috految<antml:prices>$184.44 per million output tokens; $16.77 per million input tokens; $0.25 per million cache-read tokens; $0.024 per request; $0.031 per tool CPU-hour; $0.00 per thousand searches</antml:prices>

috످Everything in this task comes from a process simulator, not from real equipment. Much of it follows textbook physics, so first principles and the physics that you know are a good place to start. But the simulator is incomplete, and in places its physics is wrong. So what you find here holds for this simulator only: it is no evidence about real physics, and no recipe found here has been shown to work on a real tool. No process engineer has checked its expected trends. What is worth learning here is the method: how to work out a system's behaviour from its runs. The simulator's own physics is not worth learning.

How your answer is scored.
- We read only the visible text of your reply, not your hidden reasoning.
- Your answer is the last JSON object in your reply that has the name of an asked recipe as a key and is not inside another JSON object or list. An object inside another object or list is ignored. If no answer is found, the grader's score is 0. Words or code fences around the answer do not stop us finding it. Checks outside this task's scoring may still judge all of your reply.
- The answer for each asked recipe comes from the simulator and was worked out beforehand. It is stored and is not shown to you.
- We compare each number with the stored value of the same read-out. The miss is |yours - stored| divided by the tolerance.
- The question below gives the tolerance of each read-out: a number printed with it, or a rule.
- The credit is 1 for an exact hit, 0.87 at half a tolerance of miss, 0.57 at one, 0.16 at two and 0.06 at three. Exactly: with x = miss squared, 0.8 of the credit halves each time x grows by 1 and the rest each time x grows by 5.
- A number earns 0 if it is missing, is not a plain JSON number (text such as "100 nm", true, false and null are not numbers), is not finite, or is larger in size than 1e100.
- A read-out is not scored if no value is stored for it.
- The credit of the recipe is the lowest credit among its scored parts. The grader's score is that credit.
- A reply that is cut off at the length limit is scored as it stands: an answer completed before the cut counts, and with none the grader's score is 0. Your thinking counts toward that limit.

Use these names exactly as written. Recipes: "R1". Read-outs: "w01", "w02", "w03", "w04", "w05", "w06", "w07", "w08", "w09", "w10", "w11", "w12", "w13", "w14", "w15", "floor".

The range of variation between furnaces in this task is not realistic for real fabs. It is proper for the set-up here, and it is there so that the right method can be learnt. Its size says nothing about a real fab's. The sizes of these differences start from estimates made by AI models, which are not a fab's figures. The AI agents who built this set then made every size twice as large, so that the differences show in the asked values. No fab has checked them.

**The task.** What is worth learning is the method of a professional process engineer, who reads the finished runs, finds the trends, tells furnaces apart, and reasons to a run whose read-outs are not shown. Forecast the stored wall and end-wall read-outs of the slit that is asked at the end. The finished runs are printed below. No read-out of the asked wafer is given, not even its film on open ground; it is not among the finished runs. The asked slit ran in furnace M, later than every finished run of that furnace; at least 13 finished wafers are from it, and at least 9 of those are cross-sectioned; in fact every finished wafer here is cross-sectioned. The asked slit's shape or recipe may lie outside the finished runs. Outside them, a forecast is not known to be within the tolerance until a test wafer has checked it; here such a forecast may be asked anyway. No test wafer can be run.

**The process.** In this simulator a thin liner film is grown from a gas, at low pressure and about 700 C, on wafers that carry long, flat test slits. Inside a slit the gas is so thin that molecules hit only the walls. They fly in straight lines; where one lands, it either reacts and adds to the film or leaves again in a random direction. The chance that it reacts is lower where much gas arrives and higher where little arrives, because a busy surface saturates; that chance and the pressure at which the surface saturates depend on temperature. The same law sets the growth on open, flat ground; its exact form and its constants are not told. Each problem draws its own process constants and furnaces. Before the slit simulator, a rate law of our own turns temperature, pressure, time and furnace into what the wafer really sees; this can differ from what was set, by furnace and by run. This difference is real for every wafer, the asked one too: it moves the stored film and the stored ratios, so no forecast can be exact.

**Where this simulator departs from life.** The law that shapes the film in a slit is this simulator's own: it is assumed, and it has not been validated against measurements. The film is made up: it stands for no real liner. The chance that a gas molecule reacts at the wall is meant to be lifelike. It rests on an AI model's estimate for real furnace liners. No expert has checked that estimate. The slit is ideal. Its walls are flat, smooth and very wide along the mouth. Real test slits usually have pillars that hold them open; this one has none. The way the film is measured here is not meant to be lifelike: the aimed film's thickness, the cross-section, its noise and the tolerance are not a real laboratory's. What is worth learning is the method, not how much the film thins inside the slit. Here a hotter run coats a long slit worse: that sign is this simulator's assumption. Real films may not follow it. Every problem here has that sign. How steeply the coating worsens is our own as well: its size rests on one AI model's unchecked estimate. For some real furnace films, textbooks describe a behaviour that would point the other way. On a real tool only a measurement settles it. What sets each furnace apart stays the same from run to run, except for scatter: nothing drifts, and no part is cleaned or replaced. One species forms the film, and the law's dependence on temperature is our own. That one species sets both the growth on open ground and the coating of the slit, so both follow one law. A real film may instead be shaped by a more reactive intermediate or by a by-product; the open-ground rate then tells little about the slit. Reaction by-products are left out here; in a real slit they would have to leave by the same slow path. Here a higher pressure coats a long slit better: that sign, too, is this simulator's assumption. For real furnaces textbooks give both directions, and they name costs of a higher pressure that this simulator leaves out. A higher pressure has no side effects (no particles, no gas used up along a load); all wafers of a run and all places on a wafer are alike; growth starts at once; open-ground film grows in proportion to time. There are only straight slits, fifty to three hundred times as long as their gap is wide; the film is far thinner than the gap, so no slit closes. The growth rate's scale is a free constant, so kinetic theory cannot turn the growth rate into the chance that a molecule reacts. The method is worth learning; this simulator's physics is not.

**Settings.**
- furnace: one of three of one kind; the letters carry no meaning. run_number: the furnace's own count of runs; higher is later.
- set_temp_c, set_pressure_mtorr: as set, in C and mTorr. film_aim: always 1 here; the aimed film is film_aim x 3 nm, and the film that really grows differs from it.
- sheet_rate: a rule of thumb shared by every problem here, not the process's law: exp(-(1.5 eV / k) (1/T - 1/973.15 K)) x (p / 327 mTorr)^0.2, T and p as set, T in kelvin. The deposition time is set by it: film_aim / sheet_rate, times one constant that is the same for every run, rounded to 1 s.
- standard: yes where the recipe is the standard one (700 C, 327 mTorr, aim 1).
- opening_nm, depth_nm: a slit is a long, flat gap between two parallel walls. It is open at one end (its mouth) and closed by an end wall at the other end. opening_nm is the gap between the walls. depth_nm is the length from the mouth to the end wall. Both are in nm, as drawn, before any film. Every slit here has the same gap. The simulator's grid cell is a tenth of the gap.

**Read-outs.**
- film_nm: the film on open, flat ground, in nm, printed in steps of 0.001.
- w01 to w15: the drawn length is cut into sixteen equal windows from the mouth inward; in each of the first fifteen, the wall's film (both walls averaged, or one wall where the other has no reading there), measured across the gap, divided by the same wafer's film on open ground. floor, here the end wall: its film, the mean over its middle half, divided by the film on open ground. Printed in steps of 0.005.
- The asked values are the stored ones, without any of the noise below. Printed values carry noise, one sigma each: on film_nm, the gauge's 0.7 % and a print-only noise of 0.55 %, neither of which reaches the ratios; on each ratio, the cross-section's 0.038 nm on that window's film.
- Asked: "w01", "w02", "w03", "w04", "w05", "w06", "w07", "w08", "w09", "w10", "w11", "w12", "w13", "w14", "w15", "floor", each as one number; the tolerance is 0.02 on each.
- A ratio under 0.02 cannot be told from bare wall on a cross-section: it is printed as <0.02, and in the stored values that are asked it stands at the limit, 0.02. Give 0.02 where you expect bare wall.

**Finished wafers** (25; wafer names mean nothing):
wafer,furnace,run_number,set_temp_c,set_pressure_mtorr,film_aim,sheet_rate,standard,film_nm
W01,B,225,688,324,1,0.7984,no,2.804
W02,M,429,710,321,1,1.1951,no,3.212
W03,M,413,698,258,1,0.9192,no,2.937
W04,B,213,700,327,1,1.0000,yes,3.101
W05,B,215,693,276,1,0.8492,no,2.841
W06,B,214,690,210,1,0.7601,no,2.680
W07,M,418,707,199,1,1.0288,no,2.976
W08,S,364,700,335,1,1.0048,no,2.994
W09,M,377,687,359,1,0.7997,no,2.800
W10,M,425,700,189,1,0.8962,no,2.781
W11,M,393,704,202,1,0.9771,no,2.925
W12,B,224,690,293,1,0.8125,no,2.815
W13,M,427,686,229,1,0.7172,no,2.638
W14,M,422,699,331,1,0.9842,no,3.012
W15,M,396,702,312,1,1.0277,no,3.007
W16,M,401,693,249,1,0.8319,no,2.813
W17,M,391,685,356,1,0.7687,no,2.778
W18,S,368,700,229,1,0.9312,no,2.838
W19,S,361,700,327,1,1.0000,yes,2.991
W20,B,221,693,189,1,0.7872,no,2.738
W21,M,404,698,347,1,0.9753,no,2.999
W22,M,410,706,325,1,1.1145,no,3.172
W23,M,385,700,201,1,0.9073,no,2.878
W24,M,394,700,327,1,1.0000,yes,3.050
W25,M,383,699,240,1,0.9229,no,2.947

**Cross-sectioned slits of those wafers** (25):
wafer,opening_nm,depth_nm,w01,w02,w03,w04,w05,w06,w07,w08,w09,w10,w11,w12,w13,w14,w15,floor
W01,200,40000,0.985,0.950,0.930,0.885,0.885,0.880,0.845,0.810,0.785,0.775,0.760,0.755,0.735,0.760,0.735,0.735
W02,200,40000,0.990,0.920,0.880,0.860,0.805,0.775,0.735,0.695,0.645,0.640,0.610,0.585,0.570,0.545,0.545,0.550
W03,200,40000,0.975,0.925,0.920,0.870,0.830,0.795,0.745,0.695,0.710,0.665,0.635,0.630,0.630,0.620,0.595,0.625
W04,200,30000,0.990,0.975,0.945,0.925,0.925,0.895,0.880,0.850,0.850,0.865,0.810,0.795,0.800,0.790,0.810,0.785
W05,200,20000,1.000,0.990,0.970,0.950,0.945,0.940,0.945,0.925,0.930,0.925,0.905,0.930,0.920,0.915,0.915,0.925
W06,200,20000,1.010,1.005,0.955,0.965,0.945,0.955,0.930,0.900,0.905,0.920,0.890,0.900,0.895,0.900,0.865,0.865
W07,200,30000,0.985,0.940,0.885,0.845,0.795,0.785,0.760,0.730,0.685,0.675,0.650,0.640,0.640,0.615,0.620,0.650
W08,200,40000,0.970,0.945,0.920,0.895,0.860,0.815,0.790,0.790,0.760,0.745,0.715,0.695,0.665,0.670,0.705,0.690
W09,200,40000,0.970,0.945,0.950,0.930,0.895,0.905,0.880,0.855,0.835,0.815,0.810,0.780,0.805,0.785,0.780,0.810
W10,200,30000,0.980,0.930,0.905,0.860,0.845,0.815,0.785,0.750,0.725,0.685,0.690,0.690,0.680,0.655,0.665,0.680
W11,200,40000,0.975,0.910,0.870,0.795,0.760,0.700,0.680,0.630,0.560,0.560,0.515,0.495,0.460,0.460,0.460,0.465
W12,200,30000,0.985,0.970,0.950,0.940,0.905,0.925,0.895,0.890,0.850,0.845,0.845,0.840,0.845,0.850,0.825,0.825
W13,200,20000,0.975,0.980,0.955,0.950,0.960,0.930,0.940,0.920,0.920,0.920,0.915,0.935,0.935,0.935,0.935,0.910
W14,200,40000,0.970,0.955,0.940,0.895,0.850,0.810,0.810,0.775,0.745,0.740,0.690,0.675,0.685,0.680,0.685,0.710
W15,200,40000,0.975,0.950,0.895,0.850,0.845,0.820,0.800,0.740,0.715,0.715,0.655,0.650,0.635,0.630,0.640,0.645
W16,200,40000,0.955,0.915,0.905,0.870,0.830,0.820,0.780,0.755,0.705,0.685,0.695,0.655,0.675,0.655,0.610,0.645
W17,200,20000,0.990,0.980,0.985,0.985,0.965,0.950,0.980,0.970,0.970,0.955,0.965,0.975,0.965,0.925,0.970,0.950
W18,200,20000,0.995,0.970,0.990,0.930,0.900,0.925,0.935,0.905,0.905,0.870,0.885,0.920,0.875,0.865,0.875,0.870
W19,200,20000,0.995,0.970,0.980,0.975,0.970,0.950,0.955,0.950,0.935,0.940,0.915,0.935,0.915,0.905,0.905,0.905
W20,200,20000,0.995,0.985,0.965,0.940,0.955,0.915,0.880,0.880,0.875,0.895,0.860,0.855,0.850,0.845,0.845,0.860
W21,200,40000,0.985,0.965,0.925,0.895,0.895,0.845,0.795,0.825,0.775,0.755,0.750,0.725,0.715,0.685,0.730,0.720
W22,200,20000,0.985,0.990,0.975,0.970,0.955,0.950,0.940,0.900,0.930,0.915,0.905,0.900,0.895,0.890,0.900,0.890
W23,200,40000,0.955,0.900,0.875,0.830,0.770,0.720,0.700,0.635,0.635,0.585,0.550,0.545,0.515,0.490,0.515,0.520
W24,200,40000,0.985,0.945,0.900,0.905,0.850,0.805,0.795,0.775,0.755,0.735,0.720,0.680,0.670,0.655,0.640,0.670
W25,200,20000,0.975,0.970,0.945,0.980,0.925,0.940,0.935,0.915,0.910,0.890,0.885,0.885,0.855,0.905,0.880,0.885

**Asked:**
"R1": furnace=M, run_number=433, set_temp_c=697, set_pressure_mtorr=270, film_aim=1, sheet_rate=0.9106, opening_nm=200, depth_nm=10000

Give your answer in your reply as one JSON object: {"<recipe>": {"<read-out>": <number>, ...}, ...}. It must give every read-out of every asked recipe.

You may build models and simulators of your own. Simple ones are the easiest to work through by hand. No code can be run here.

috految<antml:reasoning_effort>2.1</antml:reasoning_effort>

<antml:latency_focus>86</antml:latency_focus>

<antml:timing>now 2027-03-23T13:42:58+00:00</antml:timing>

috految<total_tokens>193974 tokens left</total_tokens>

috److I estimated the film loss at the far end of the slit from nearby runs, then scaled it to the shorter asked slit.

**Reference loss.** At 697 C and 270 mTorr in furnace M, interpolating the finished runs gives an end loss of about 0.097 for aspect ratio 100.

**Gas depletion.** The open-ground data suggest a reaction order of about 0.32. With a saturating (Langmuir) law, a loss of 0.097 corresponds to a gas depletion of about 0.25.

**Scaling to aspect ratio 50.**
- Depletion scales roughly as length squared with a logarithmic correction, giving a factor of about 0.30.
- The higher mean consumption in the shorter slit adds a factor of about 1.06.
- The depletion is then about 0.08, which gives an end loss of about 0.027.

I assumed a roughly parabolic profile from the mouth to the end wall. The asked slit is shorter than any finished one, so this is an extrapolation.

{"R1":{"w01":0.996,"w02":0.9925,"w03":0.9895,"w04":0.987,"w05":0.9845,"w06":0.9825,"w07":0.9805,"w08":0.979,"w09":0.9775,"w10":0.976,"w11":0.975,"w12":0.9742,"w13":0.9737,"w14":0.9734,"w15":0.9734,"floor":0.9745}}

috످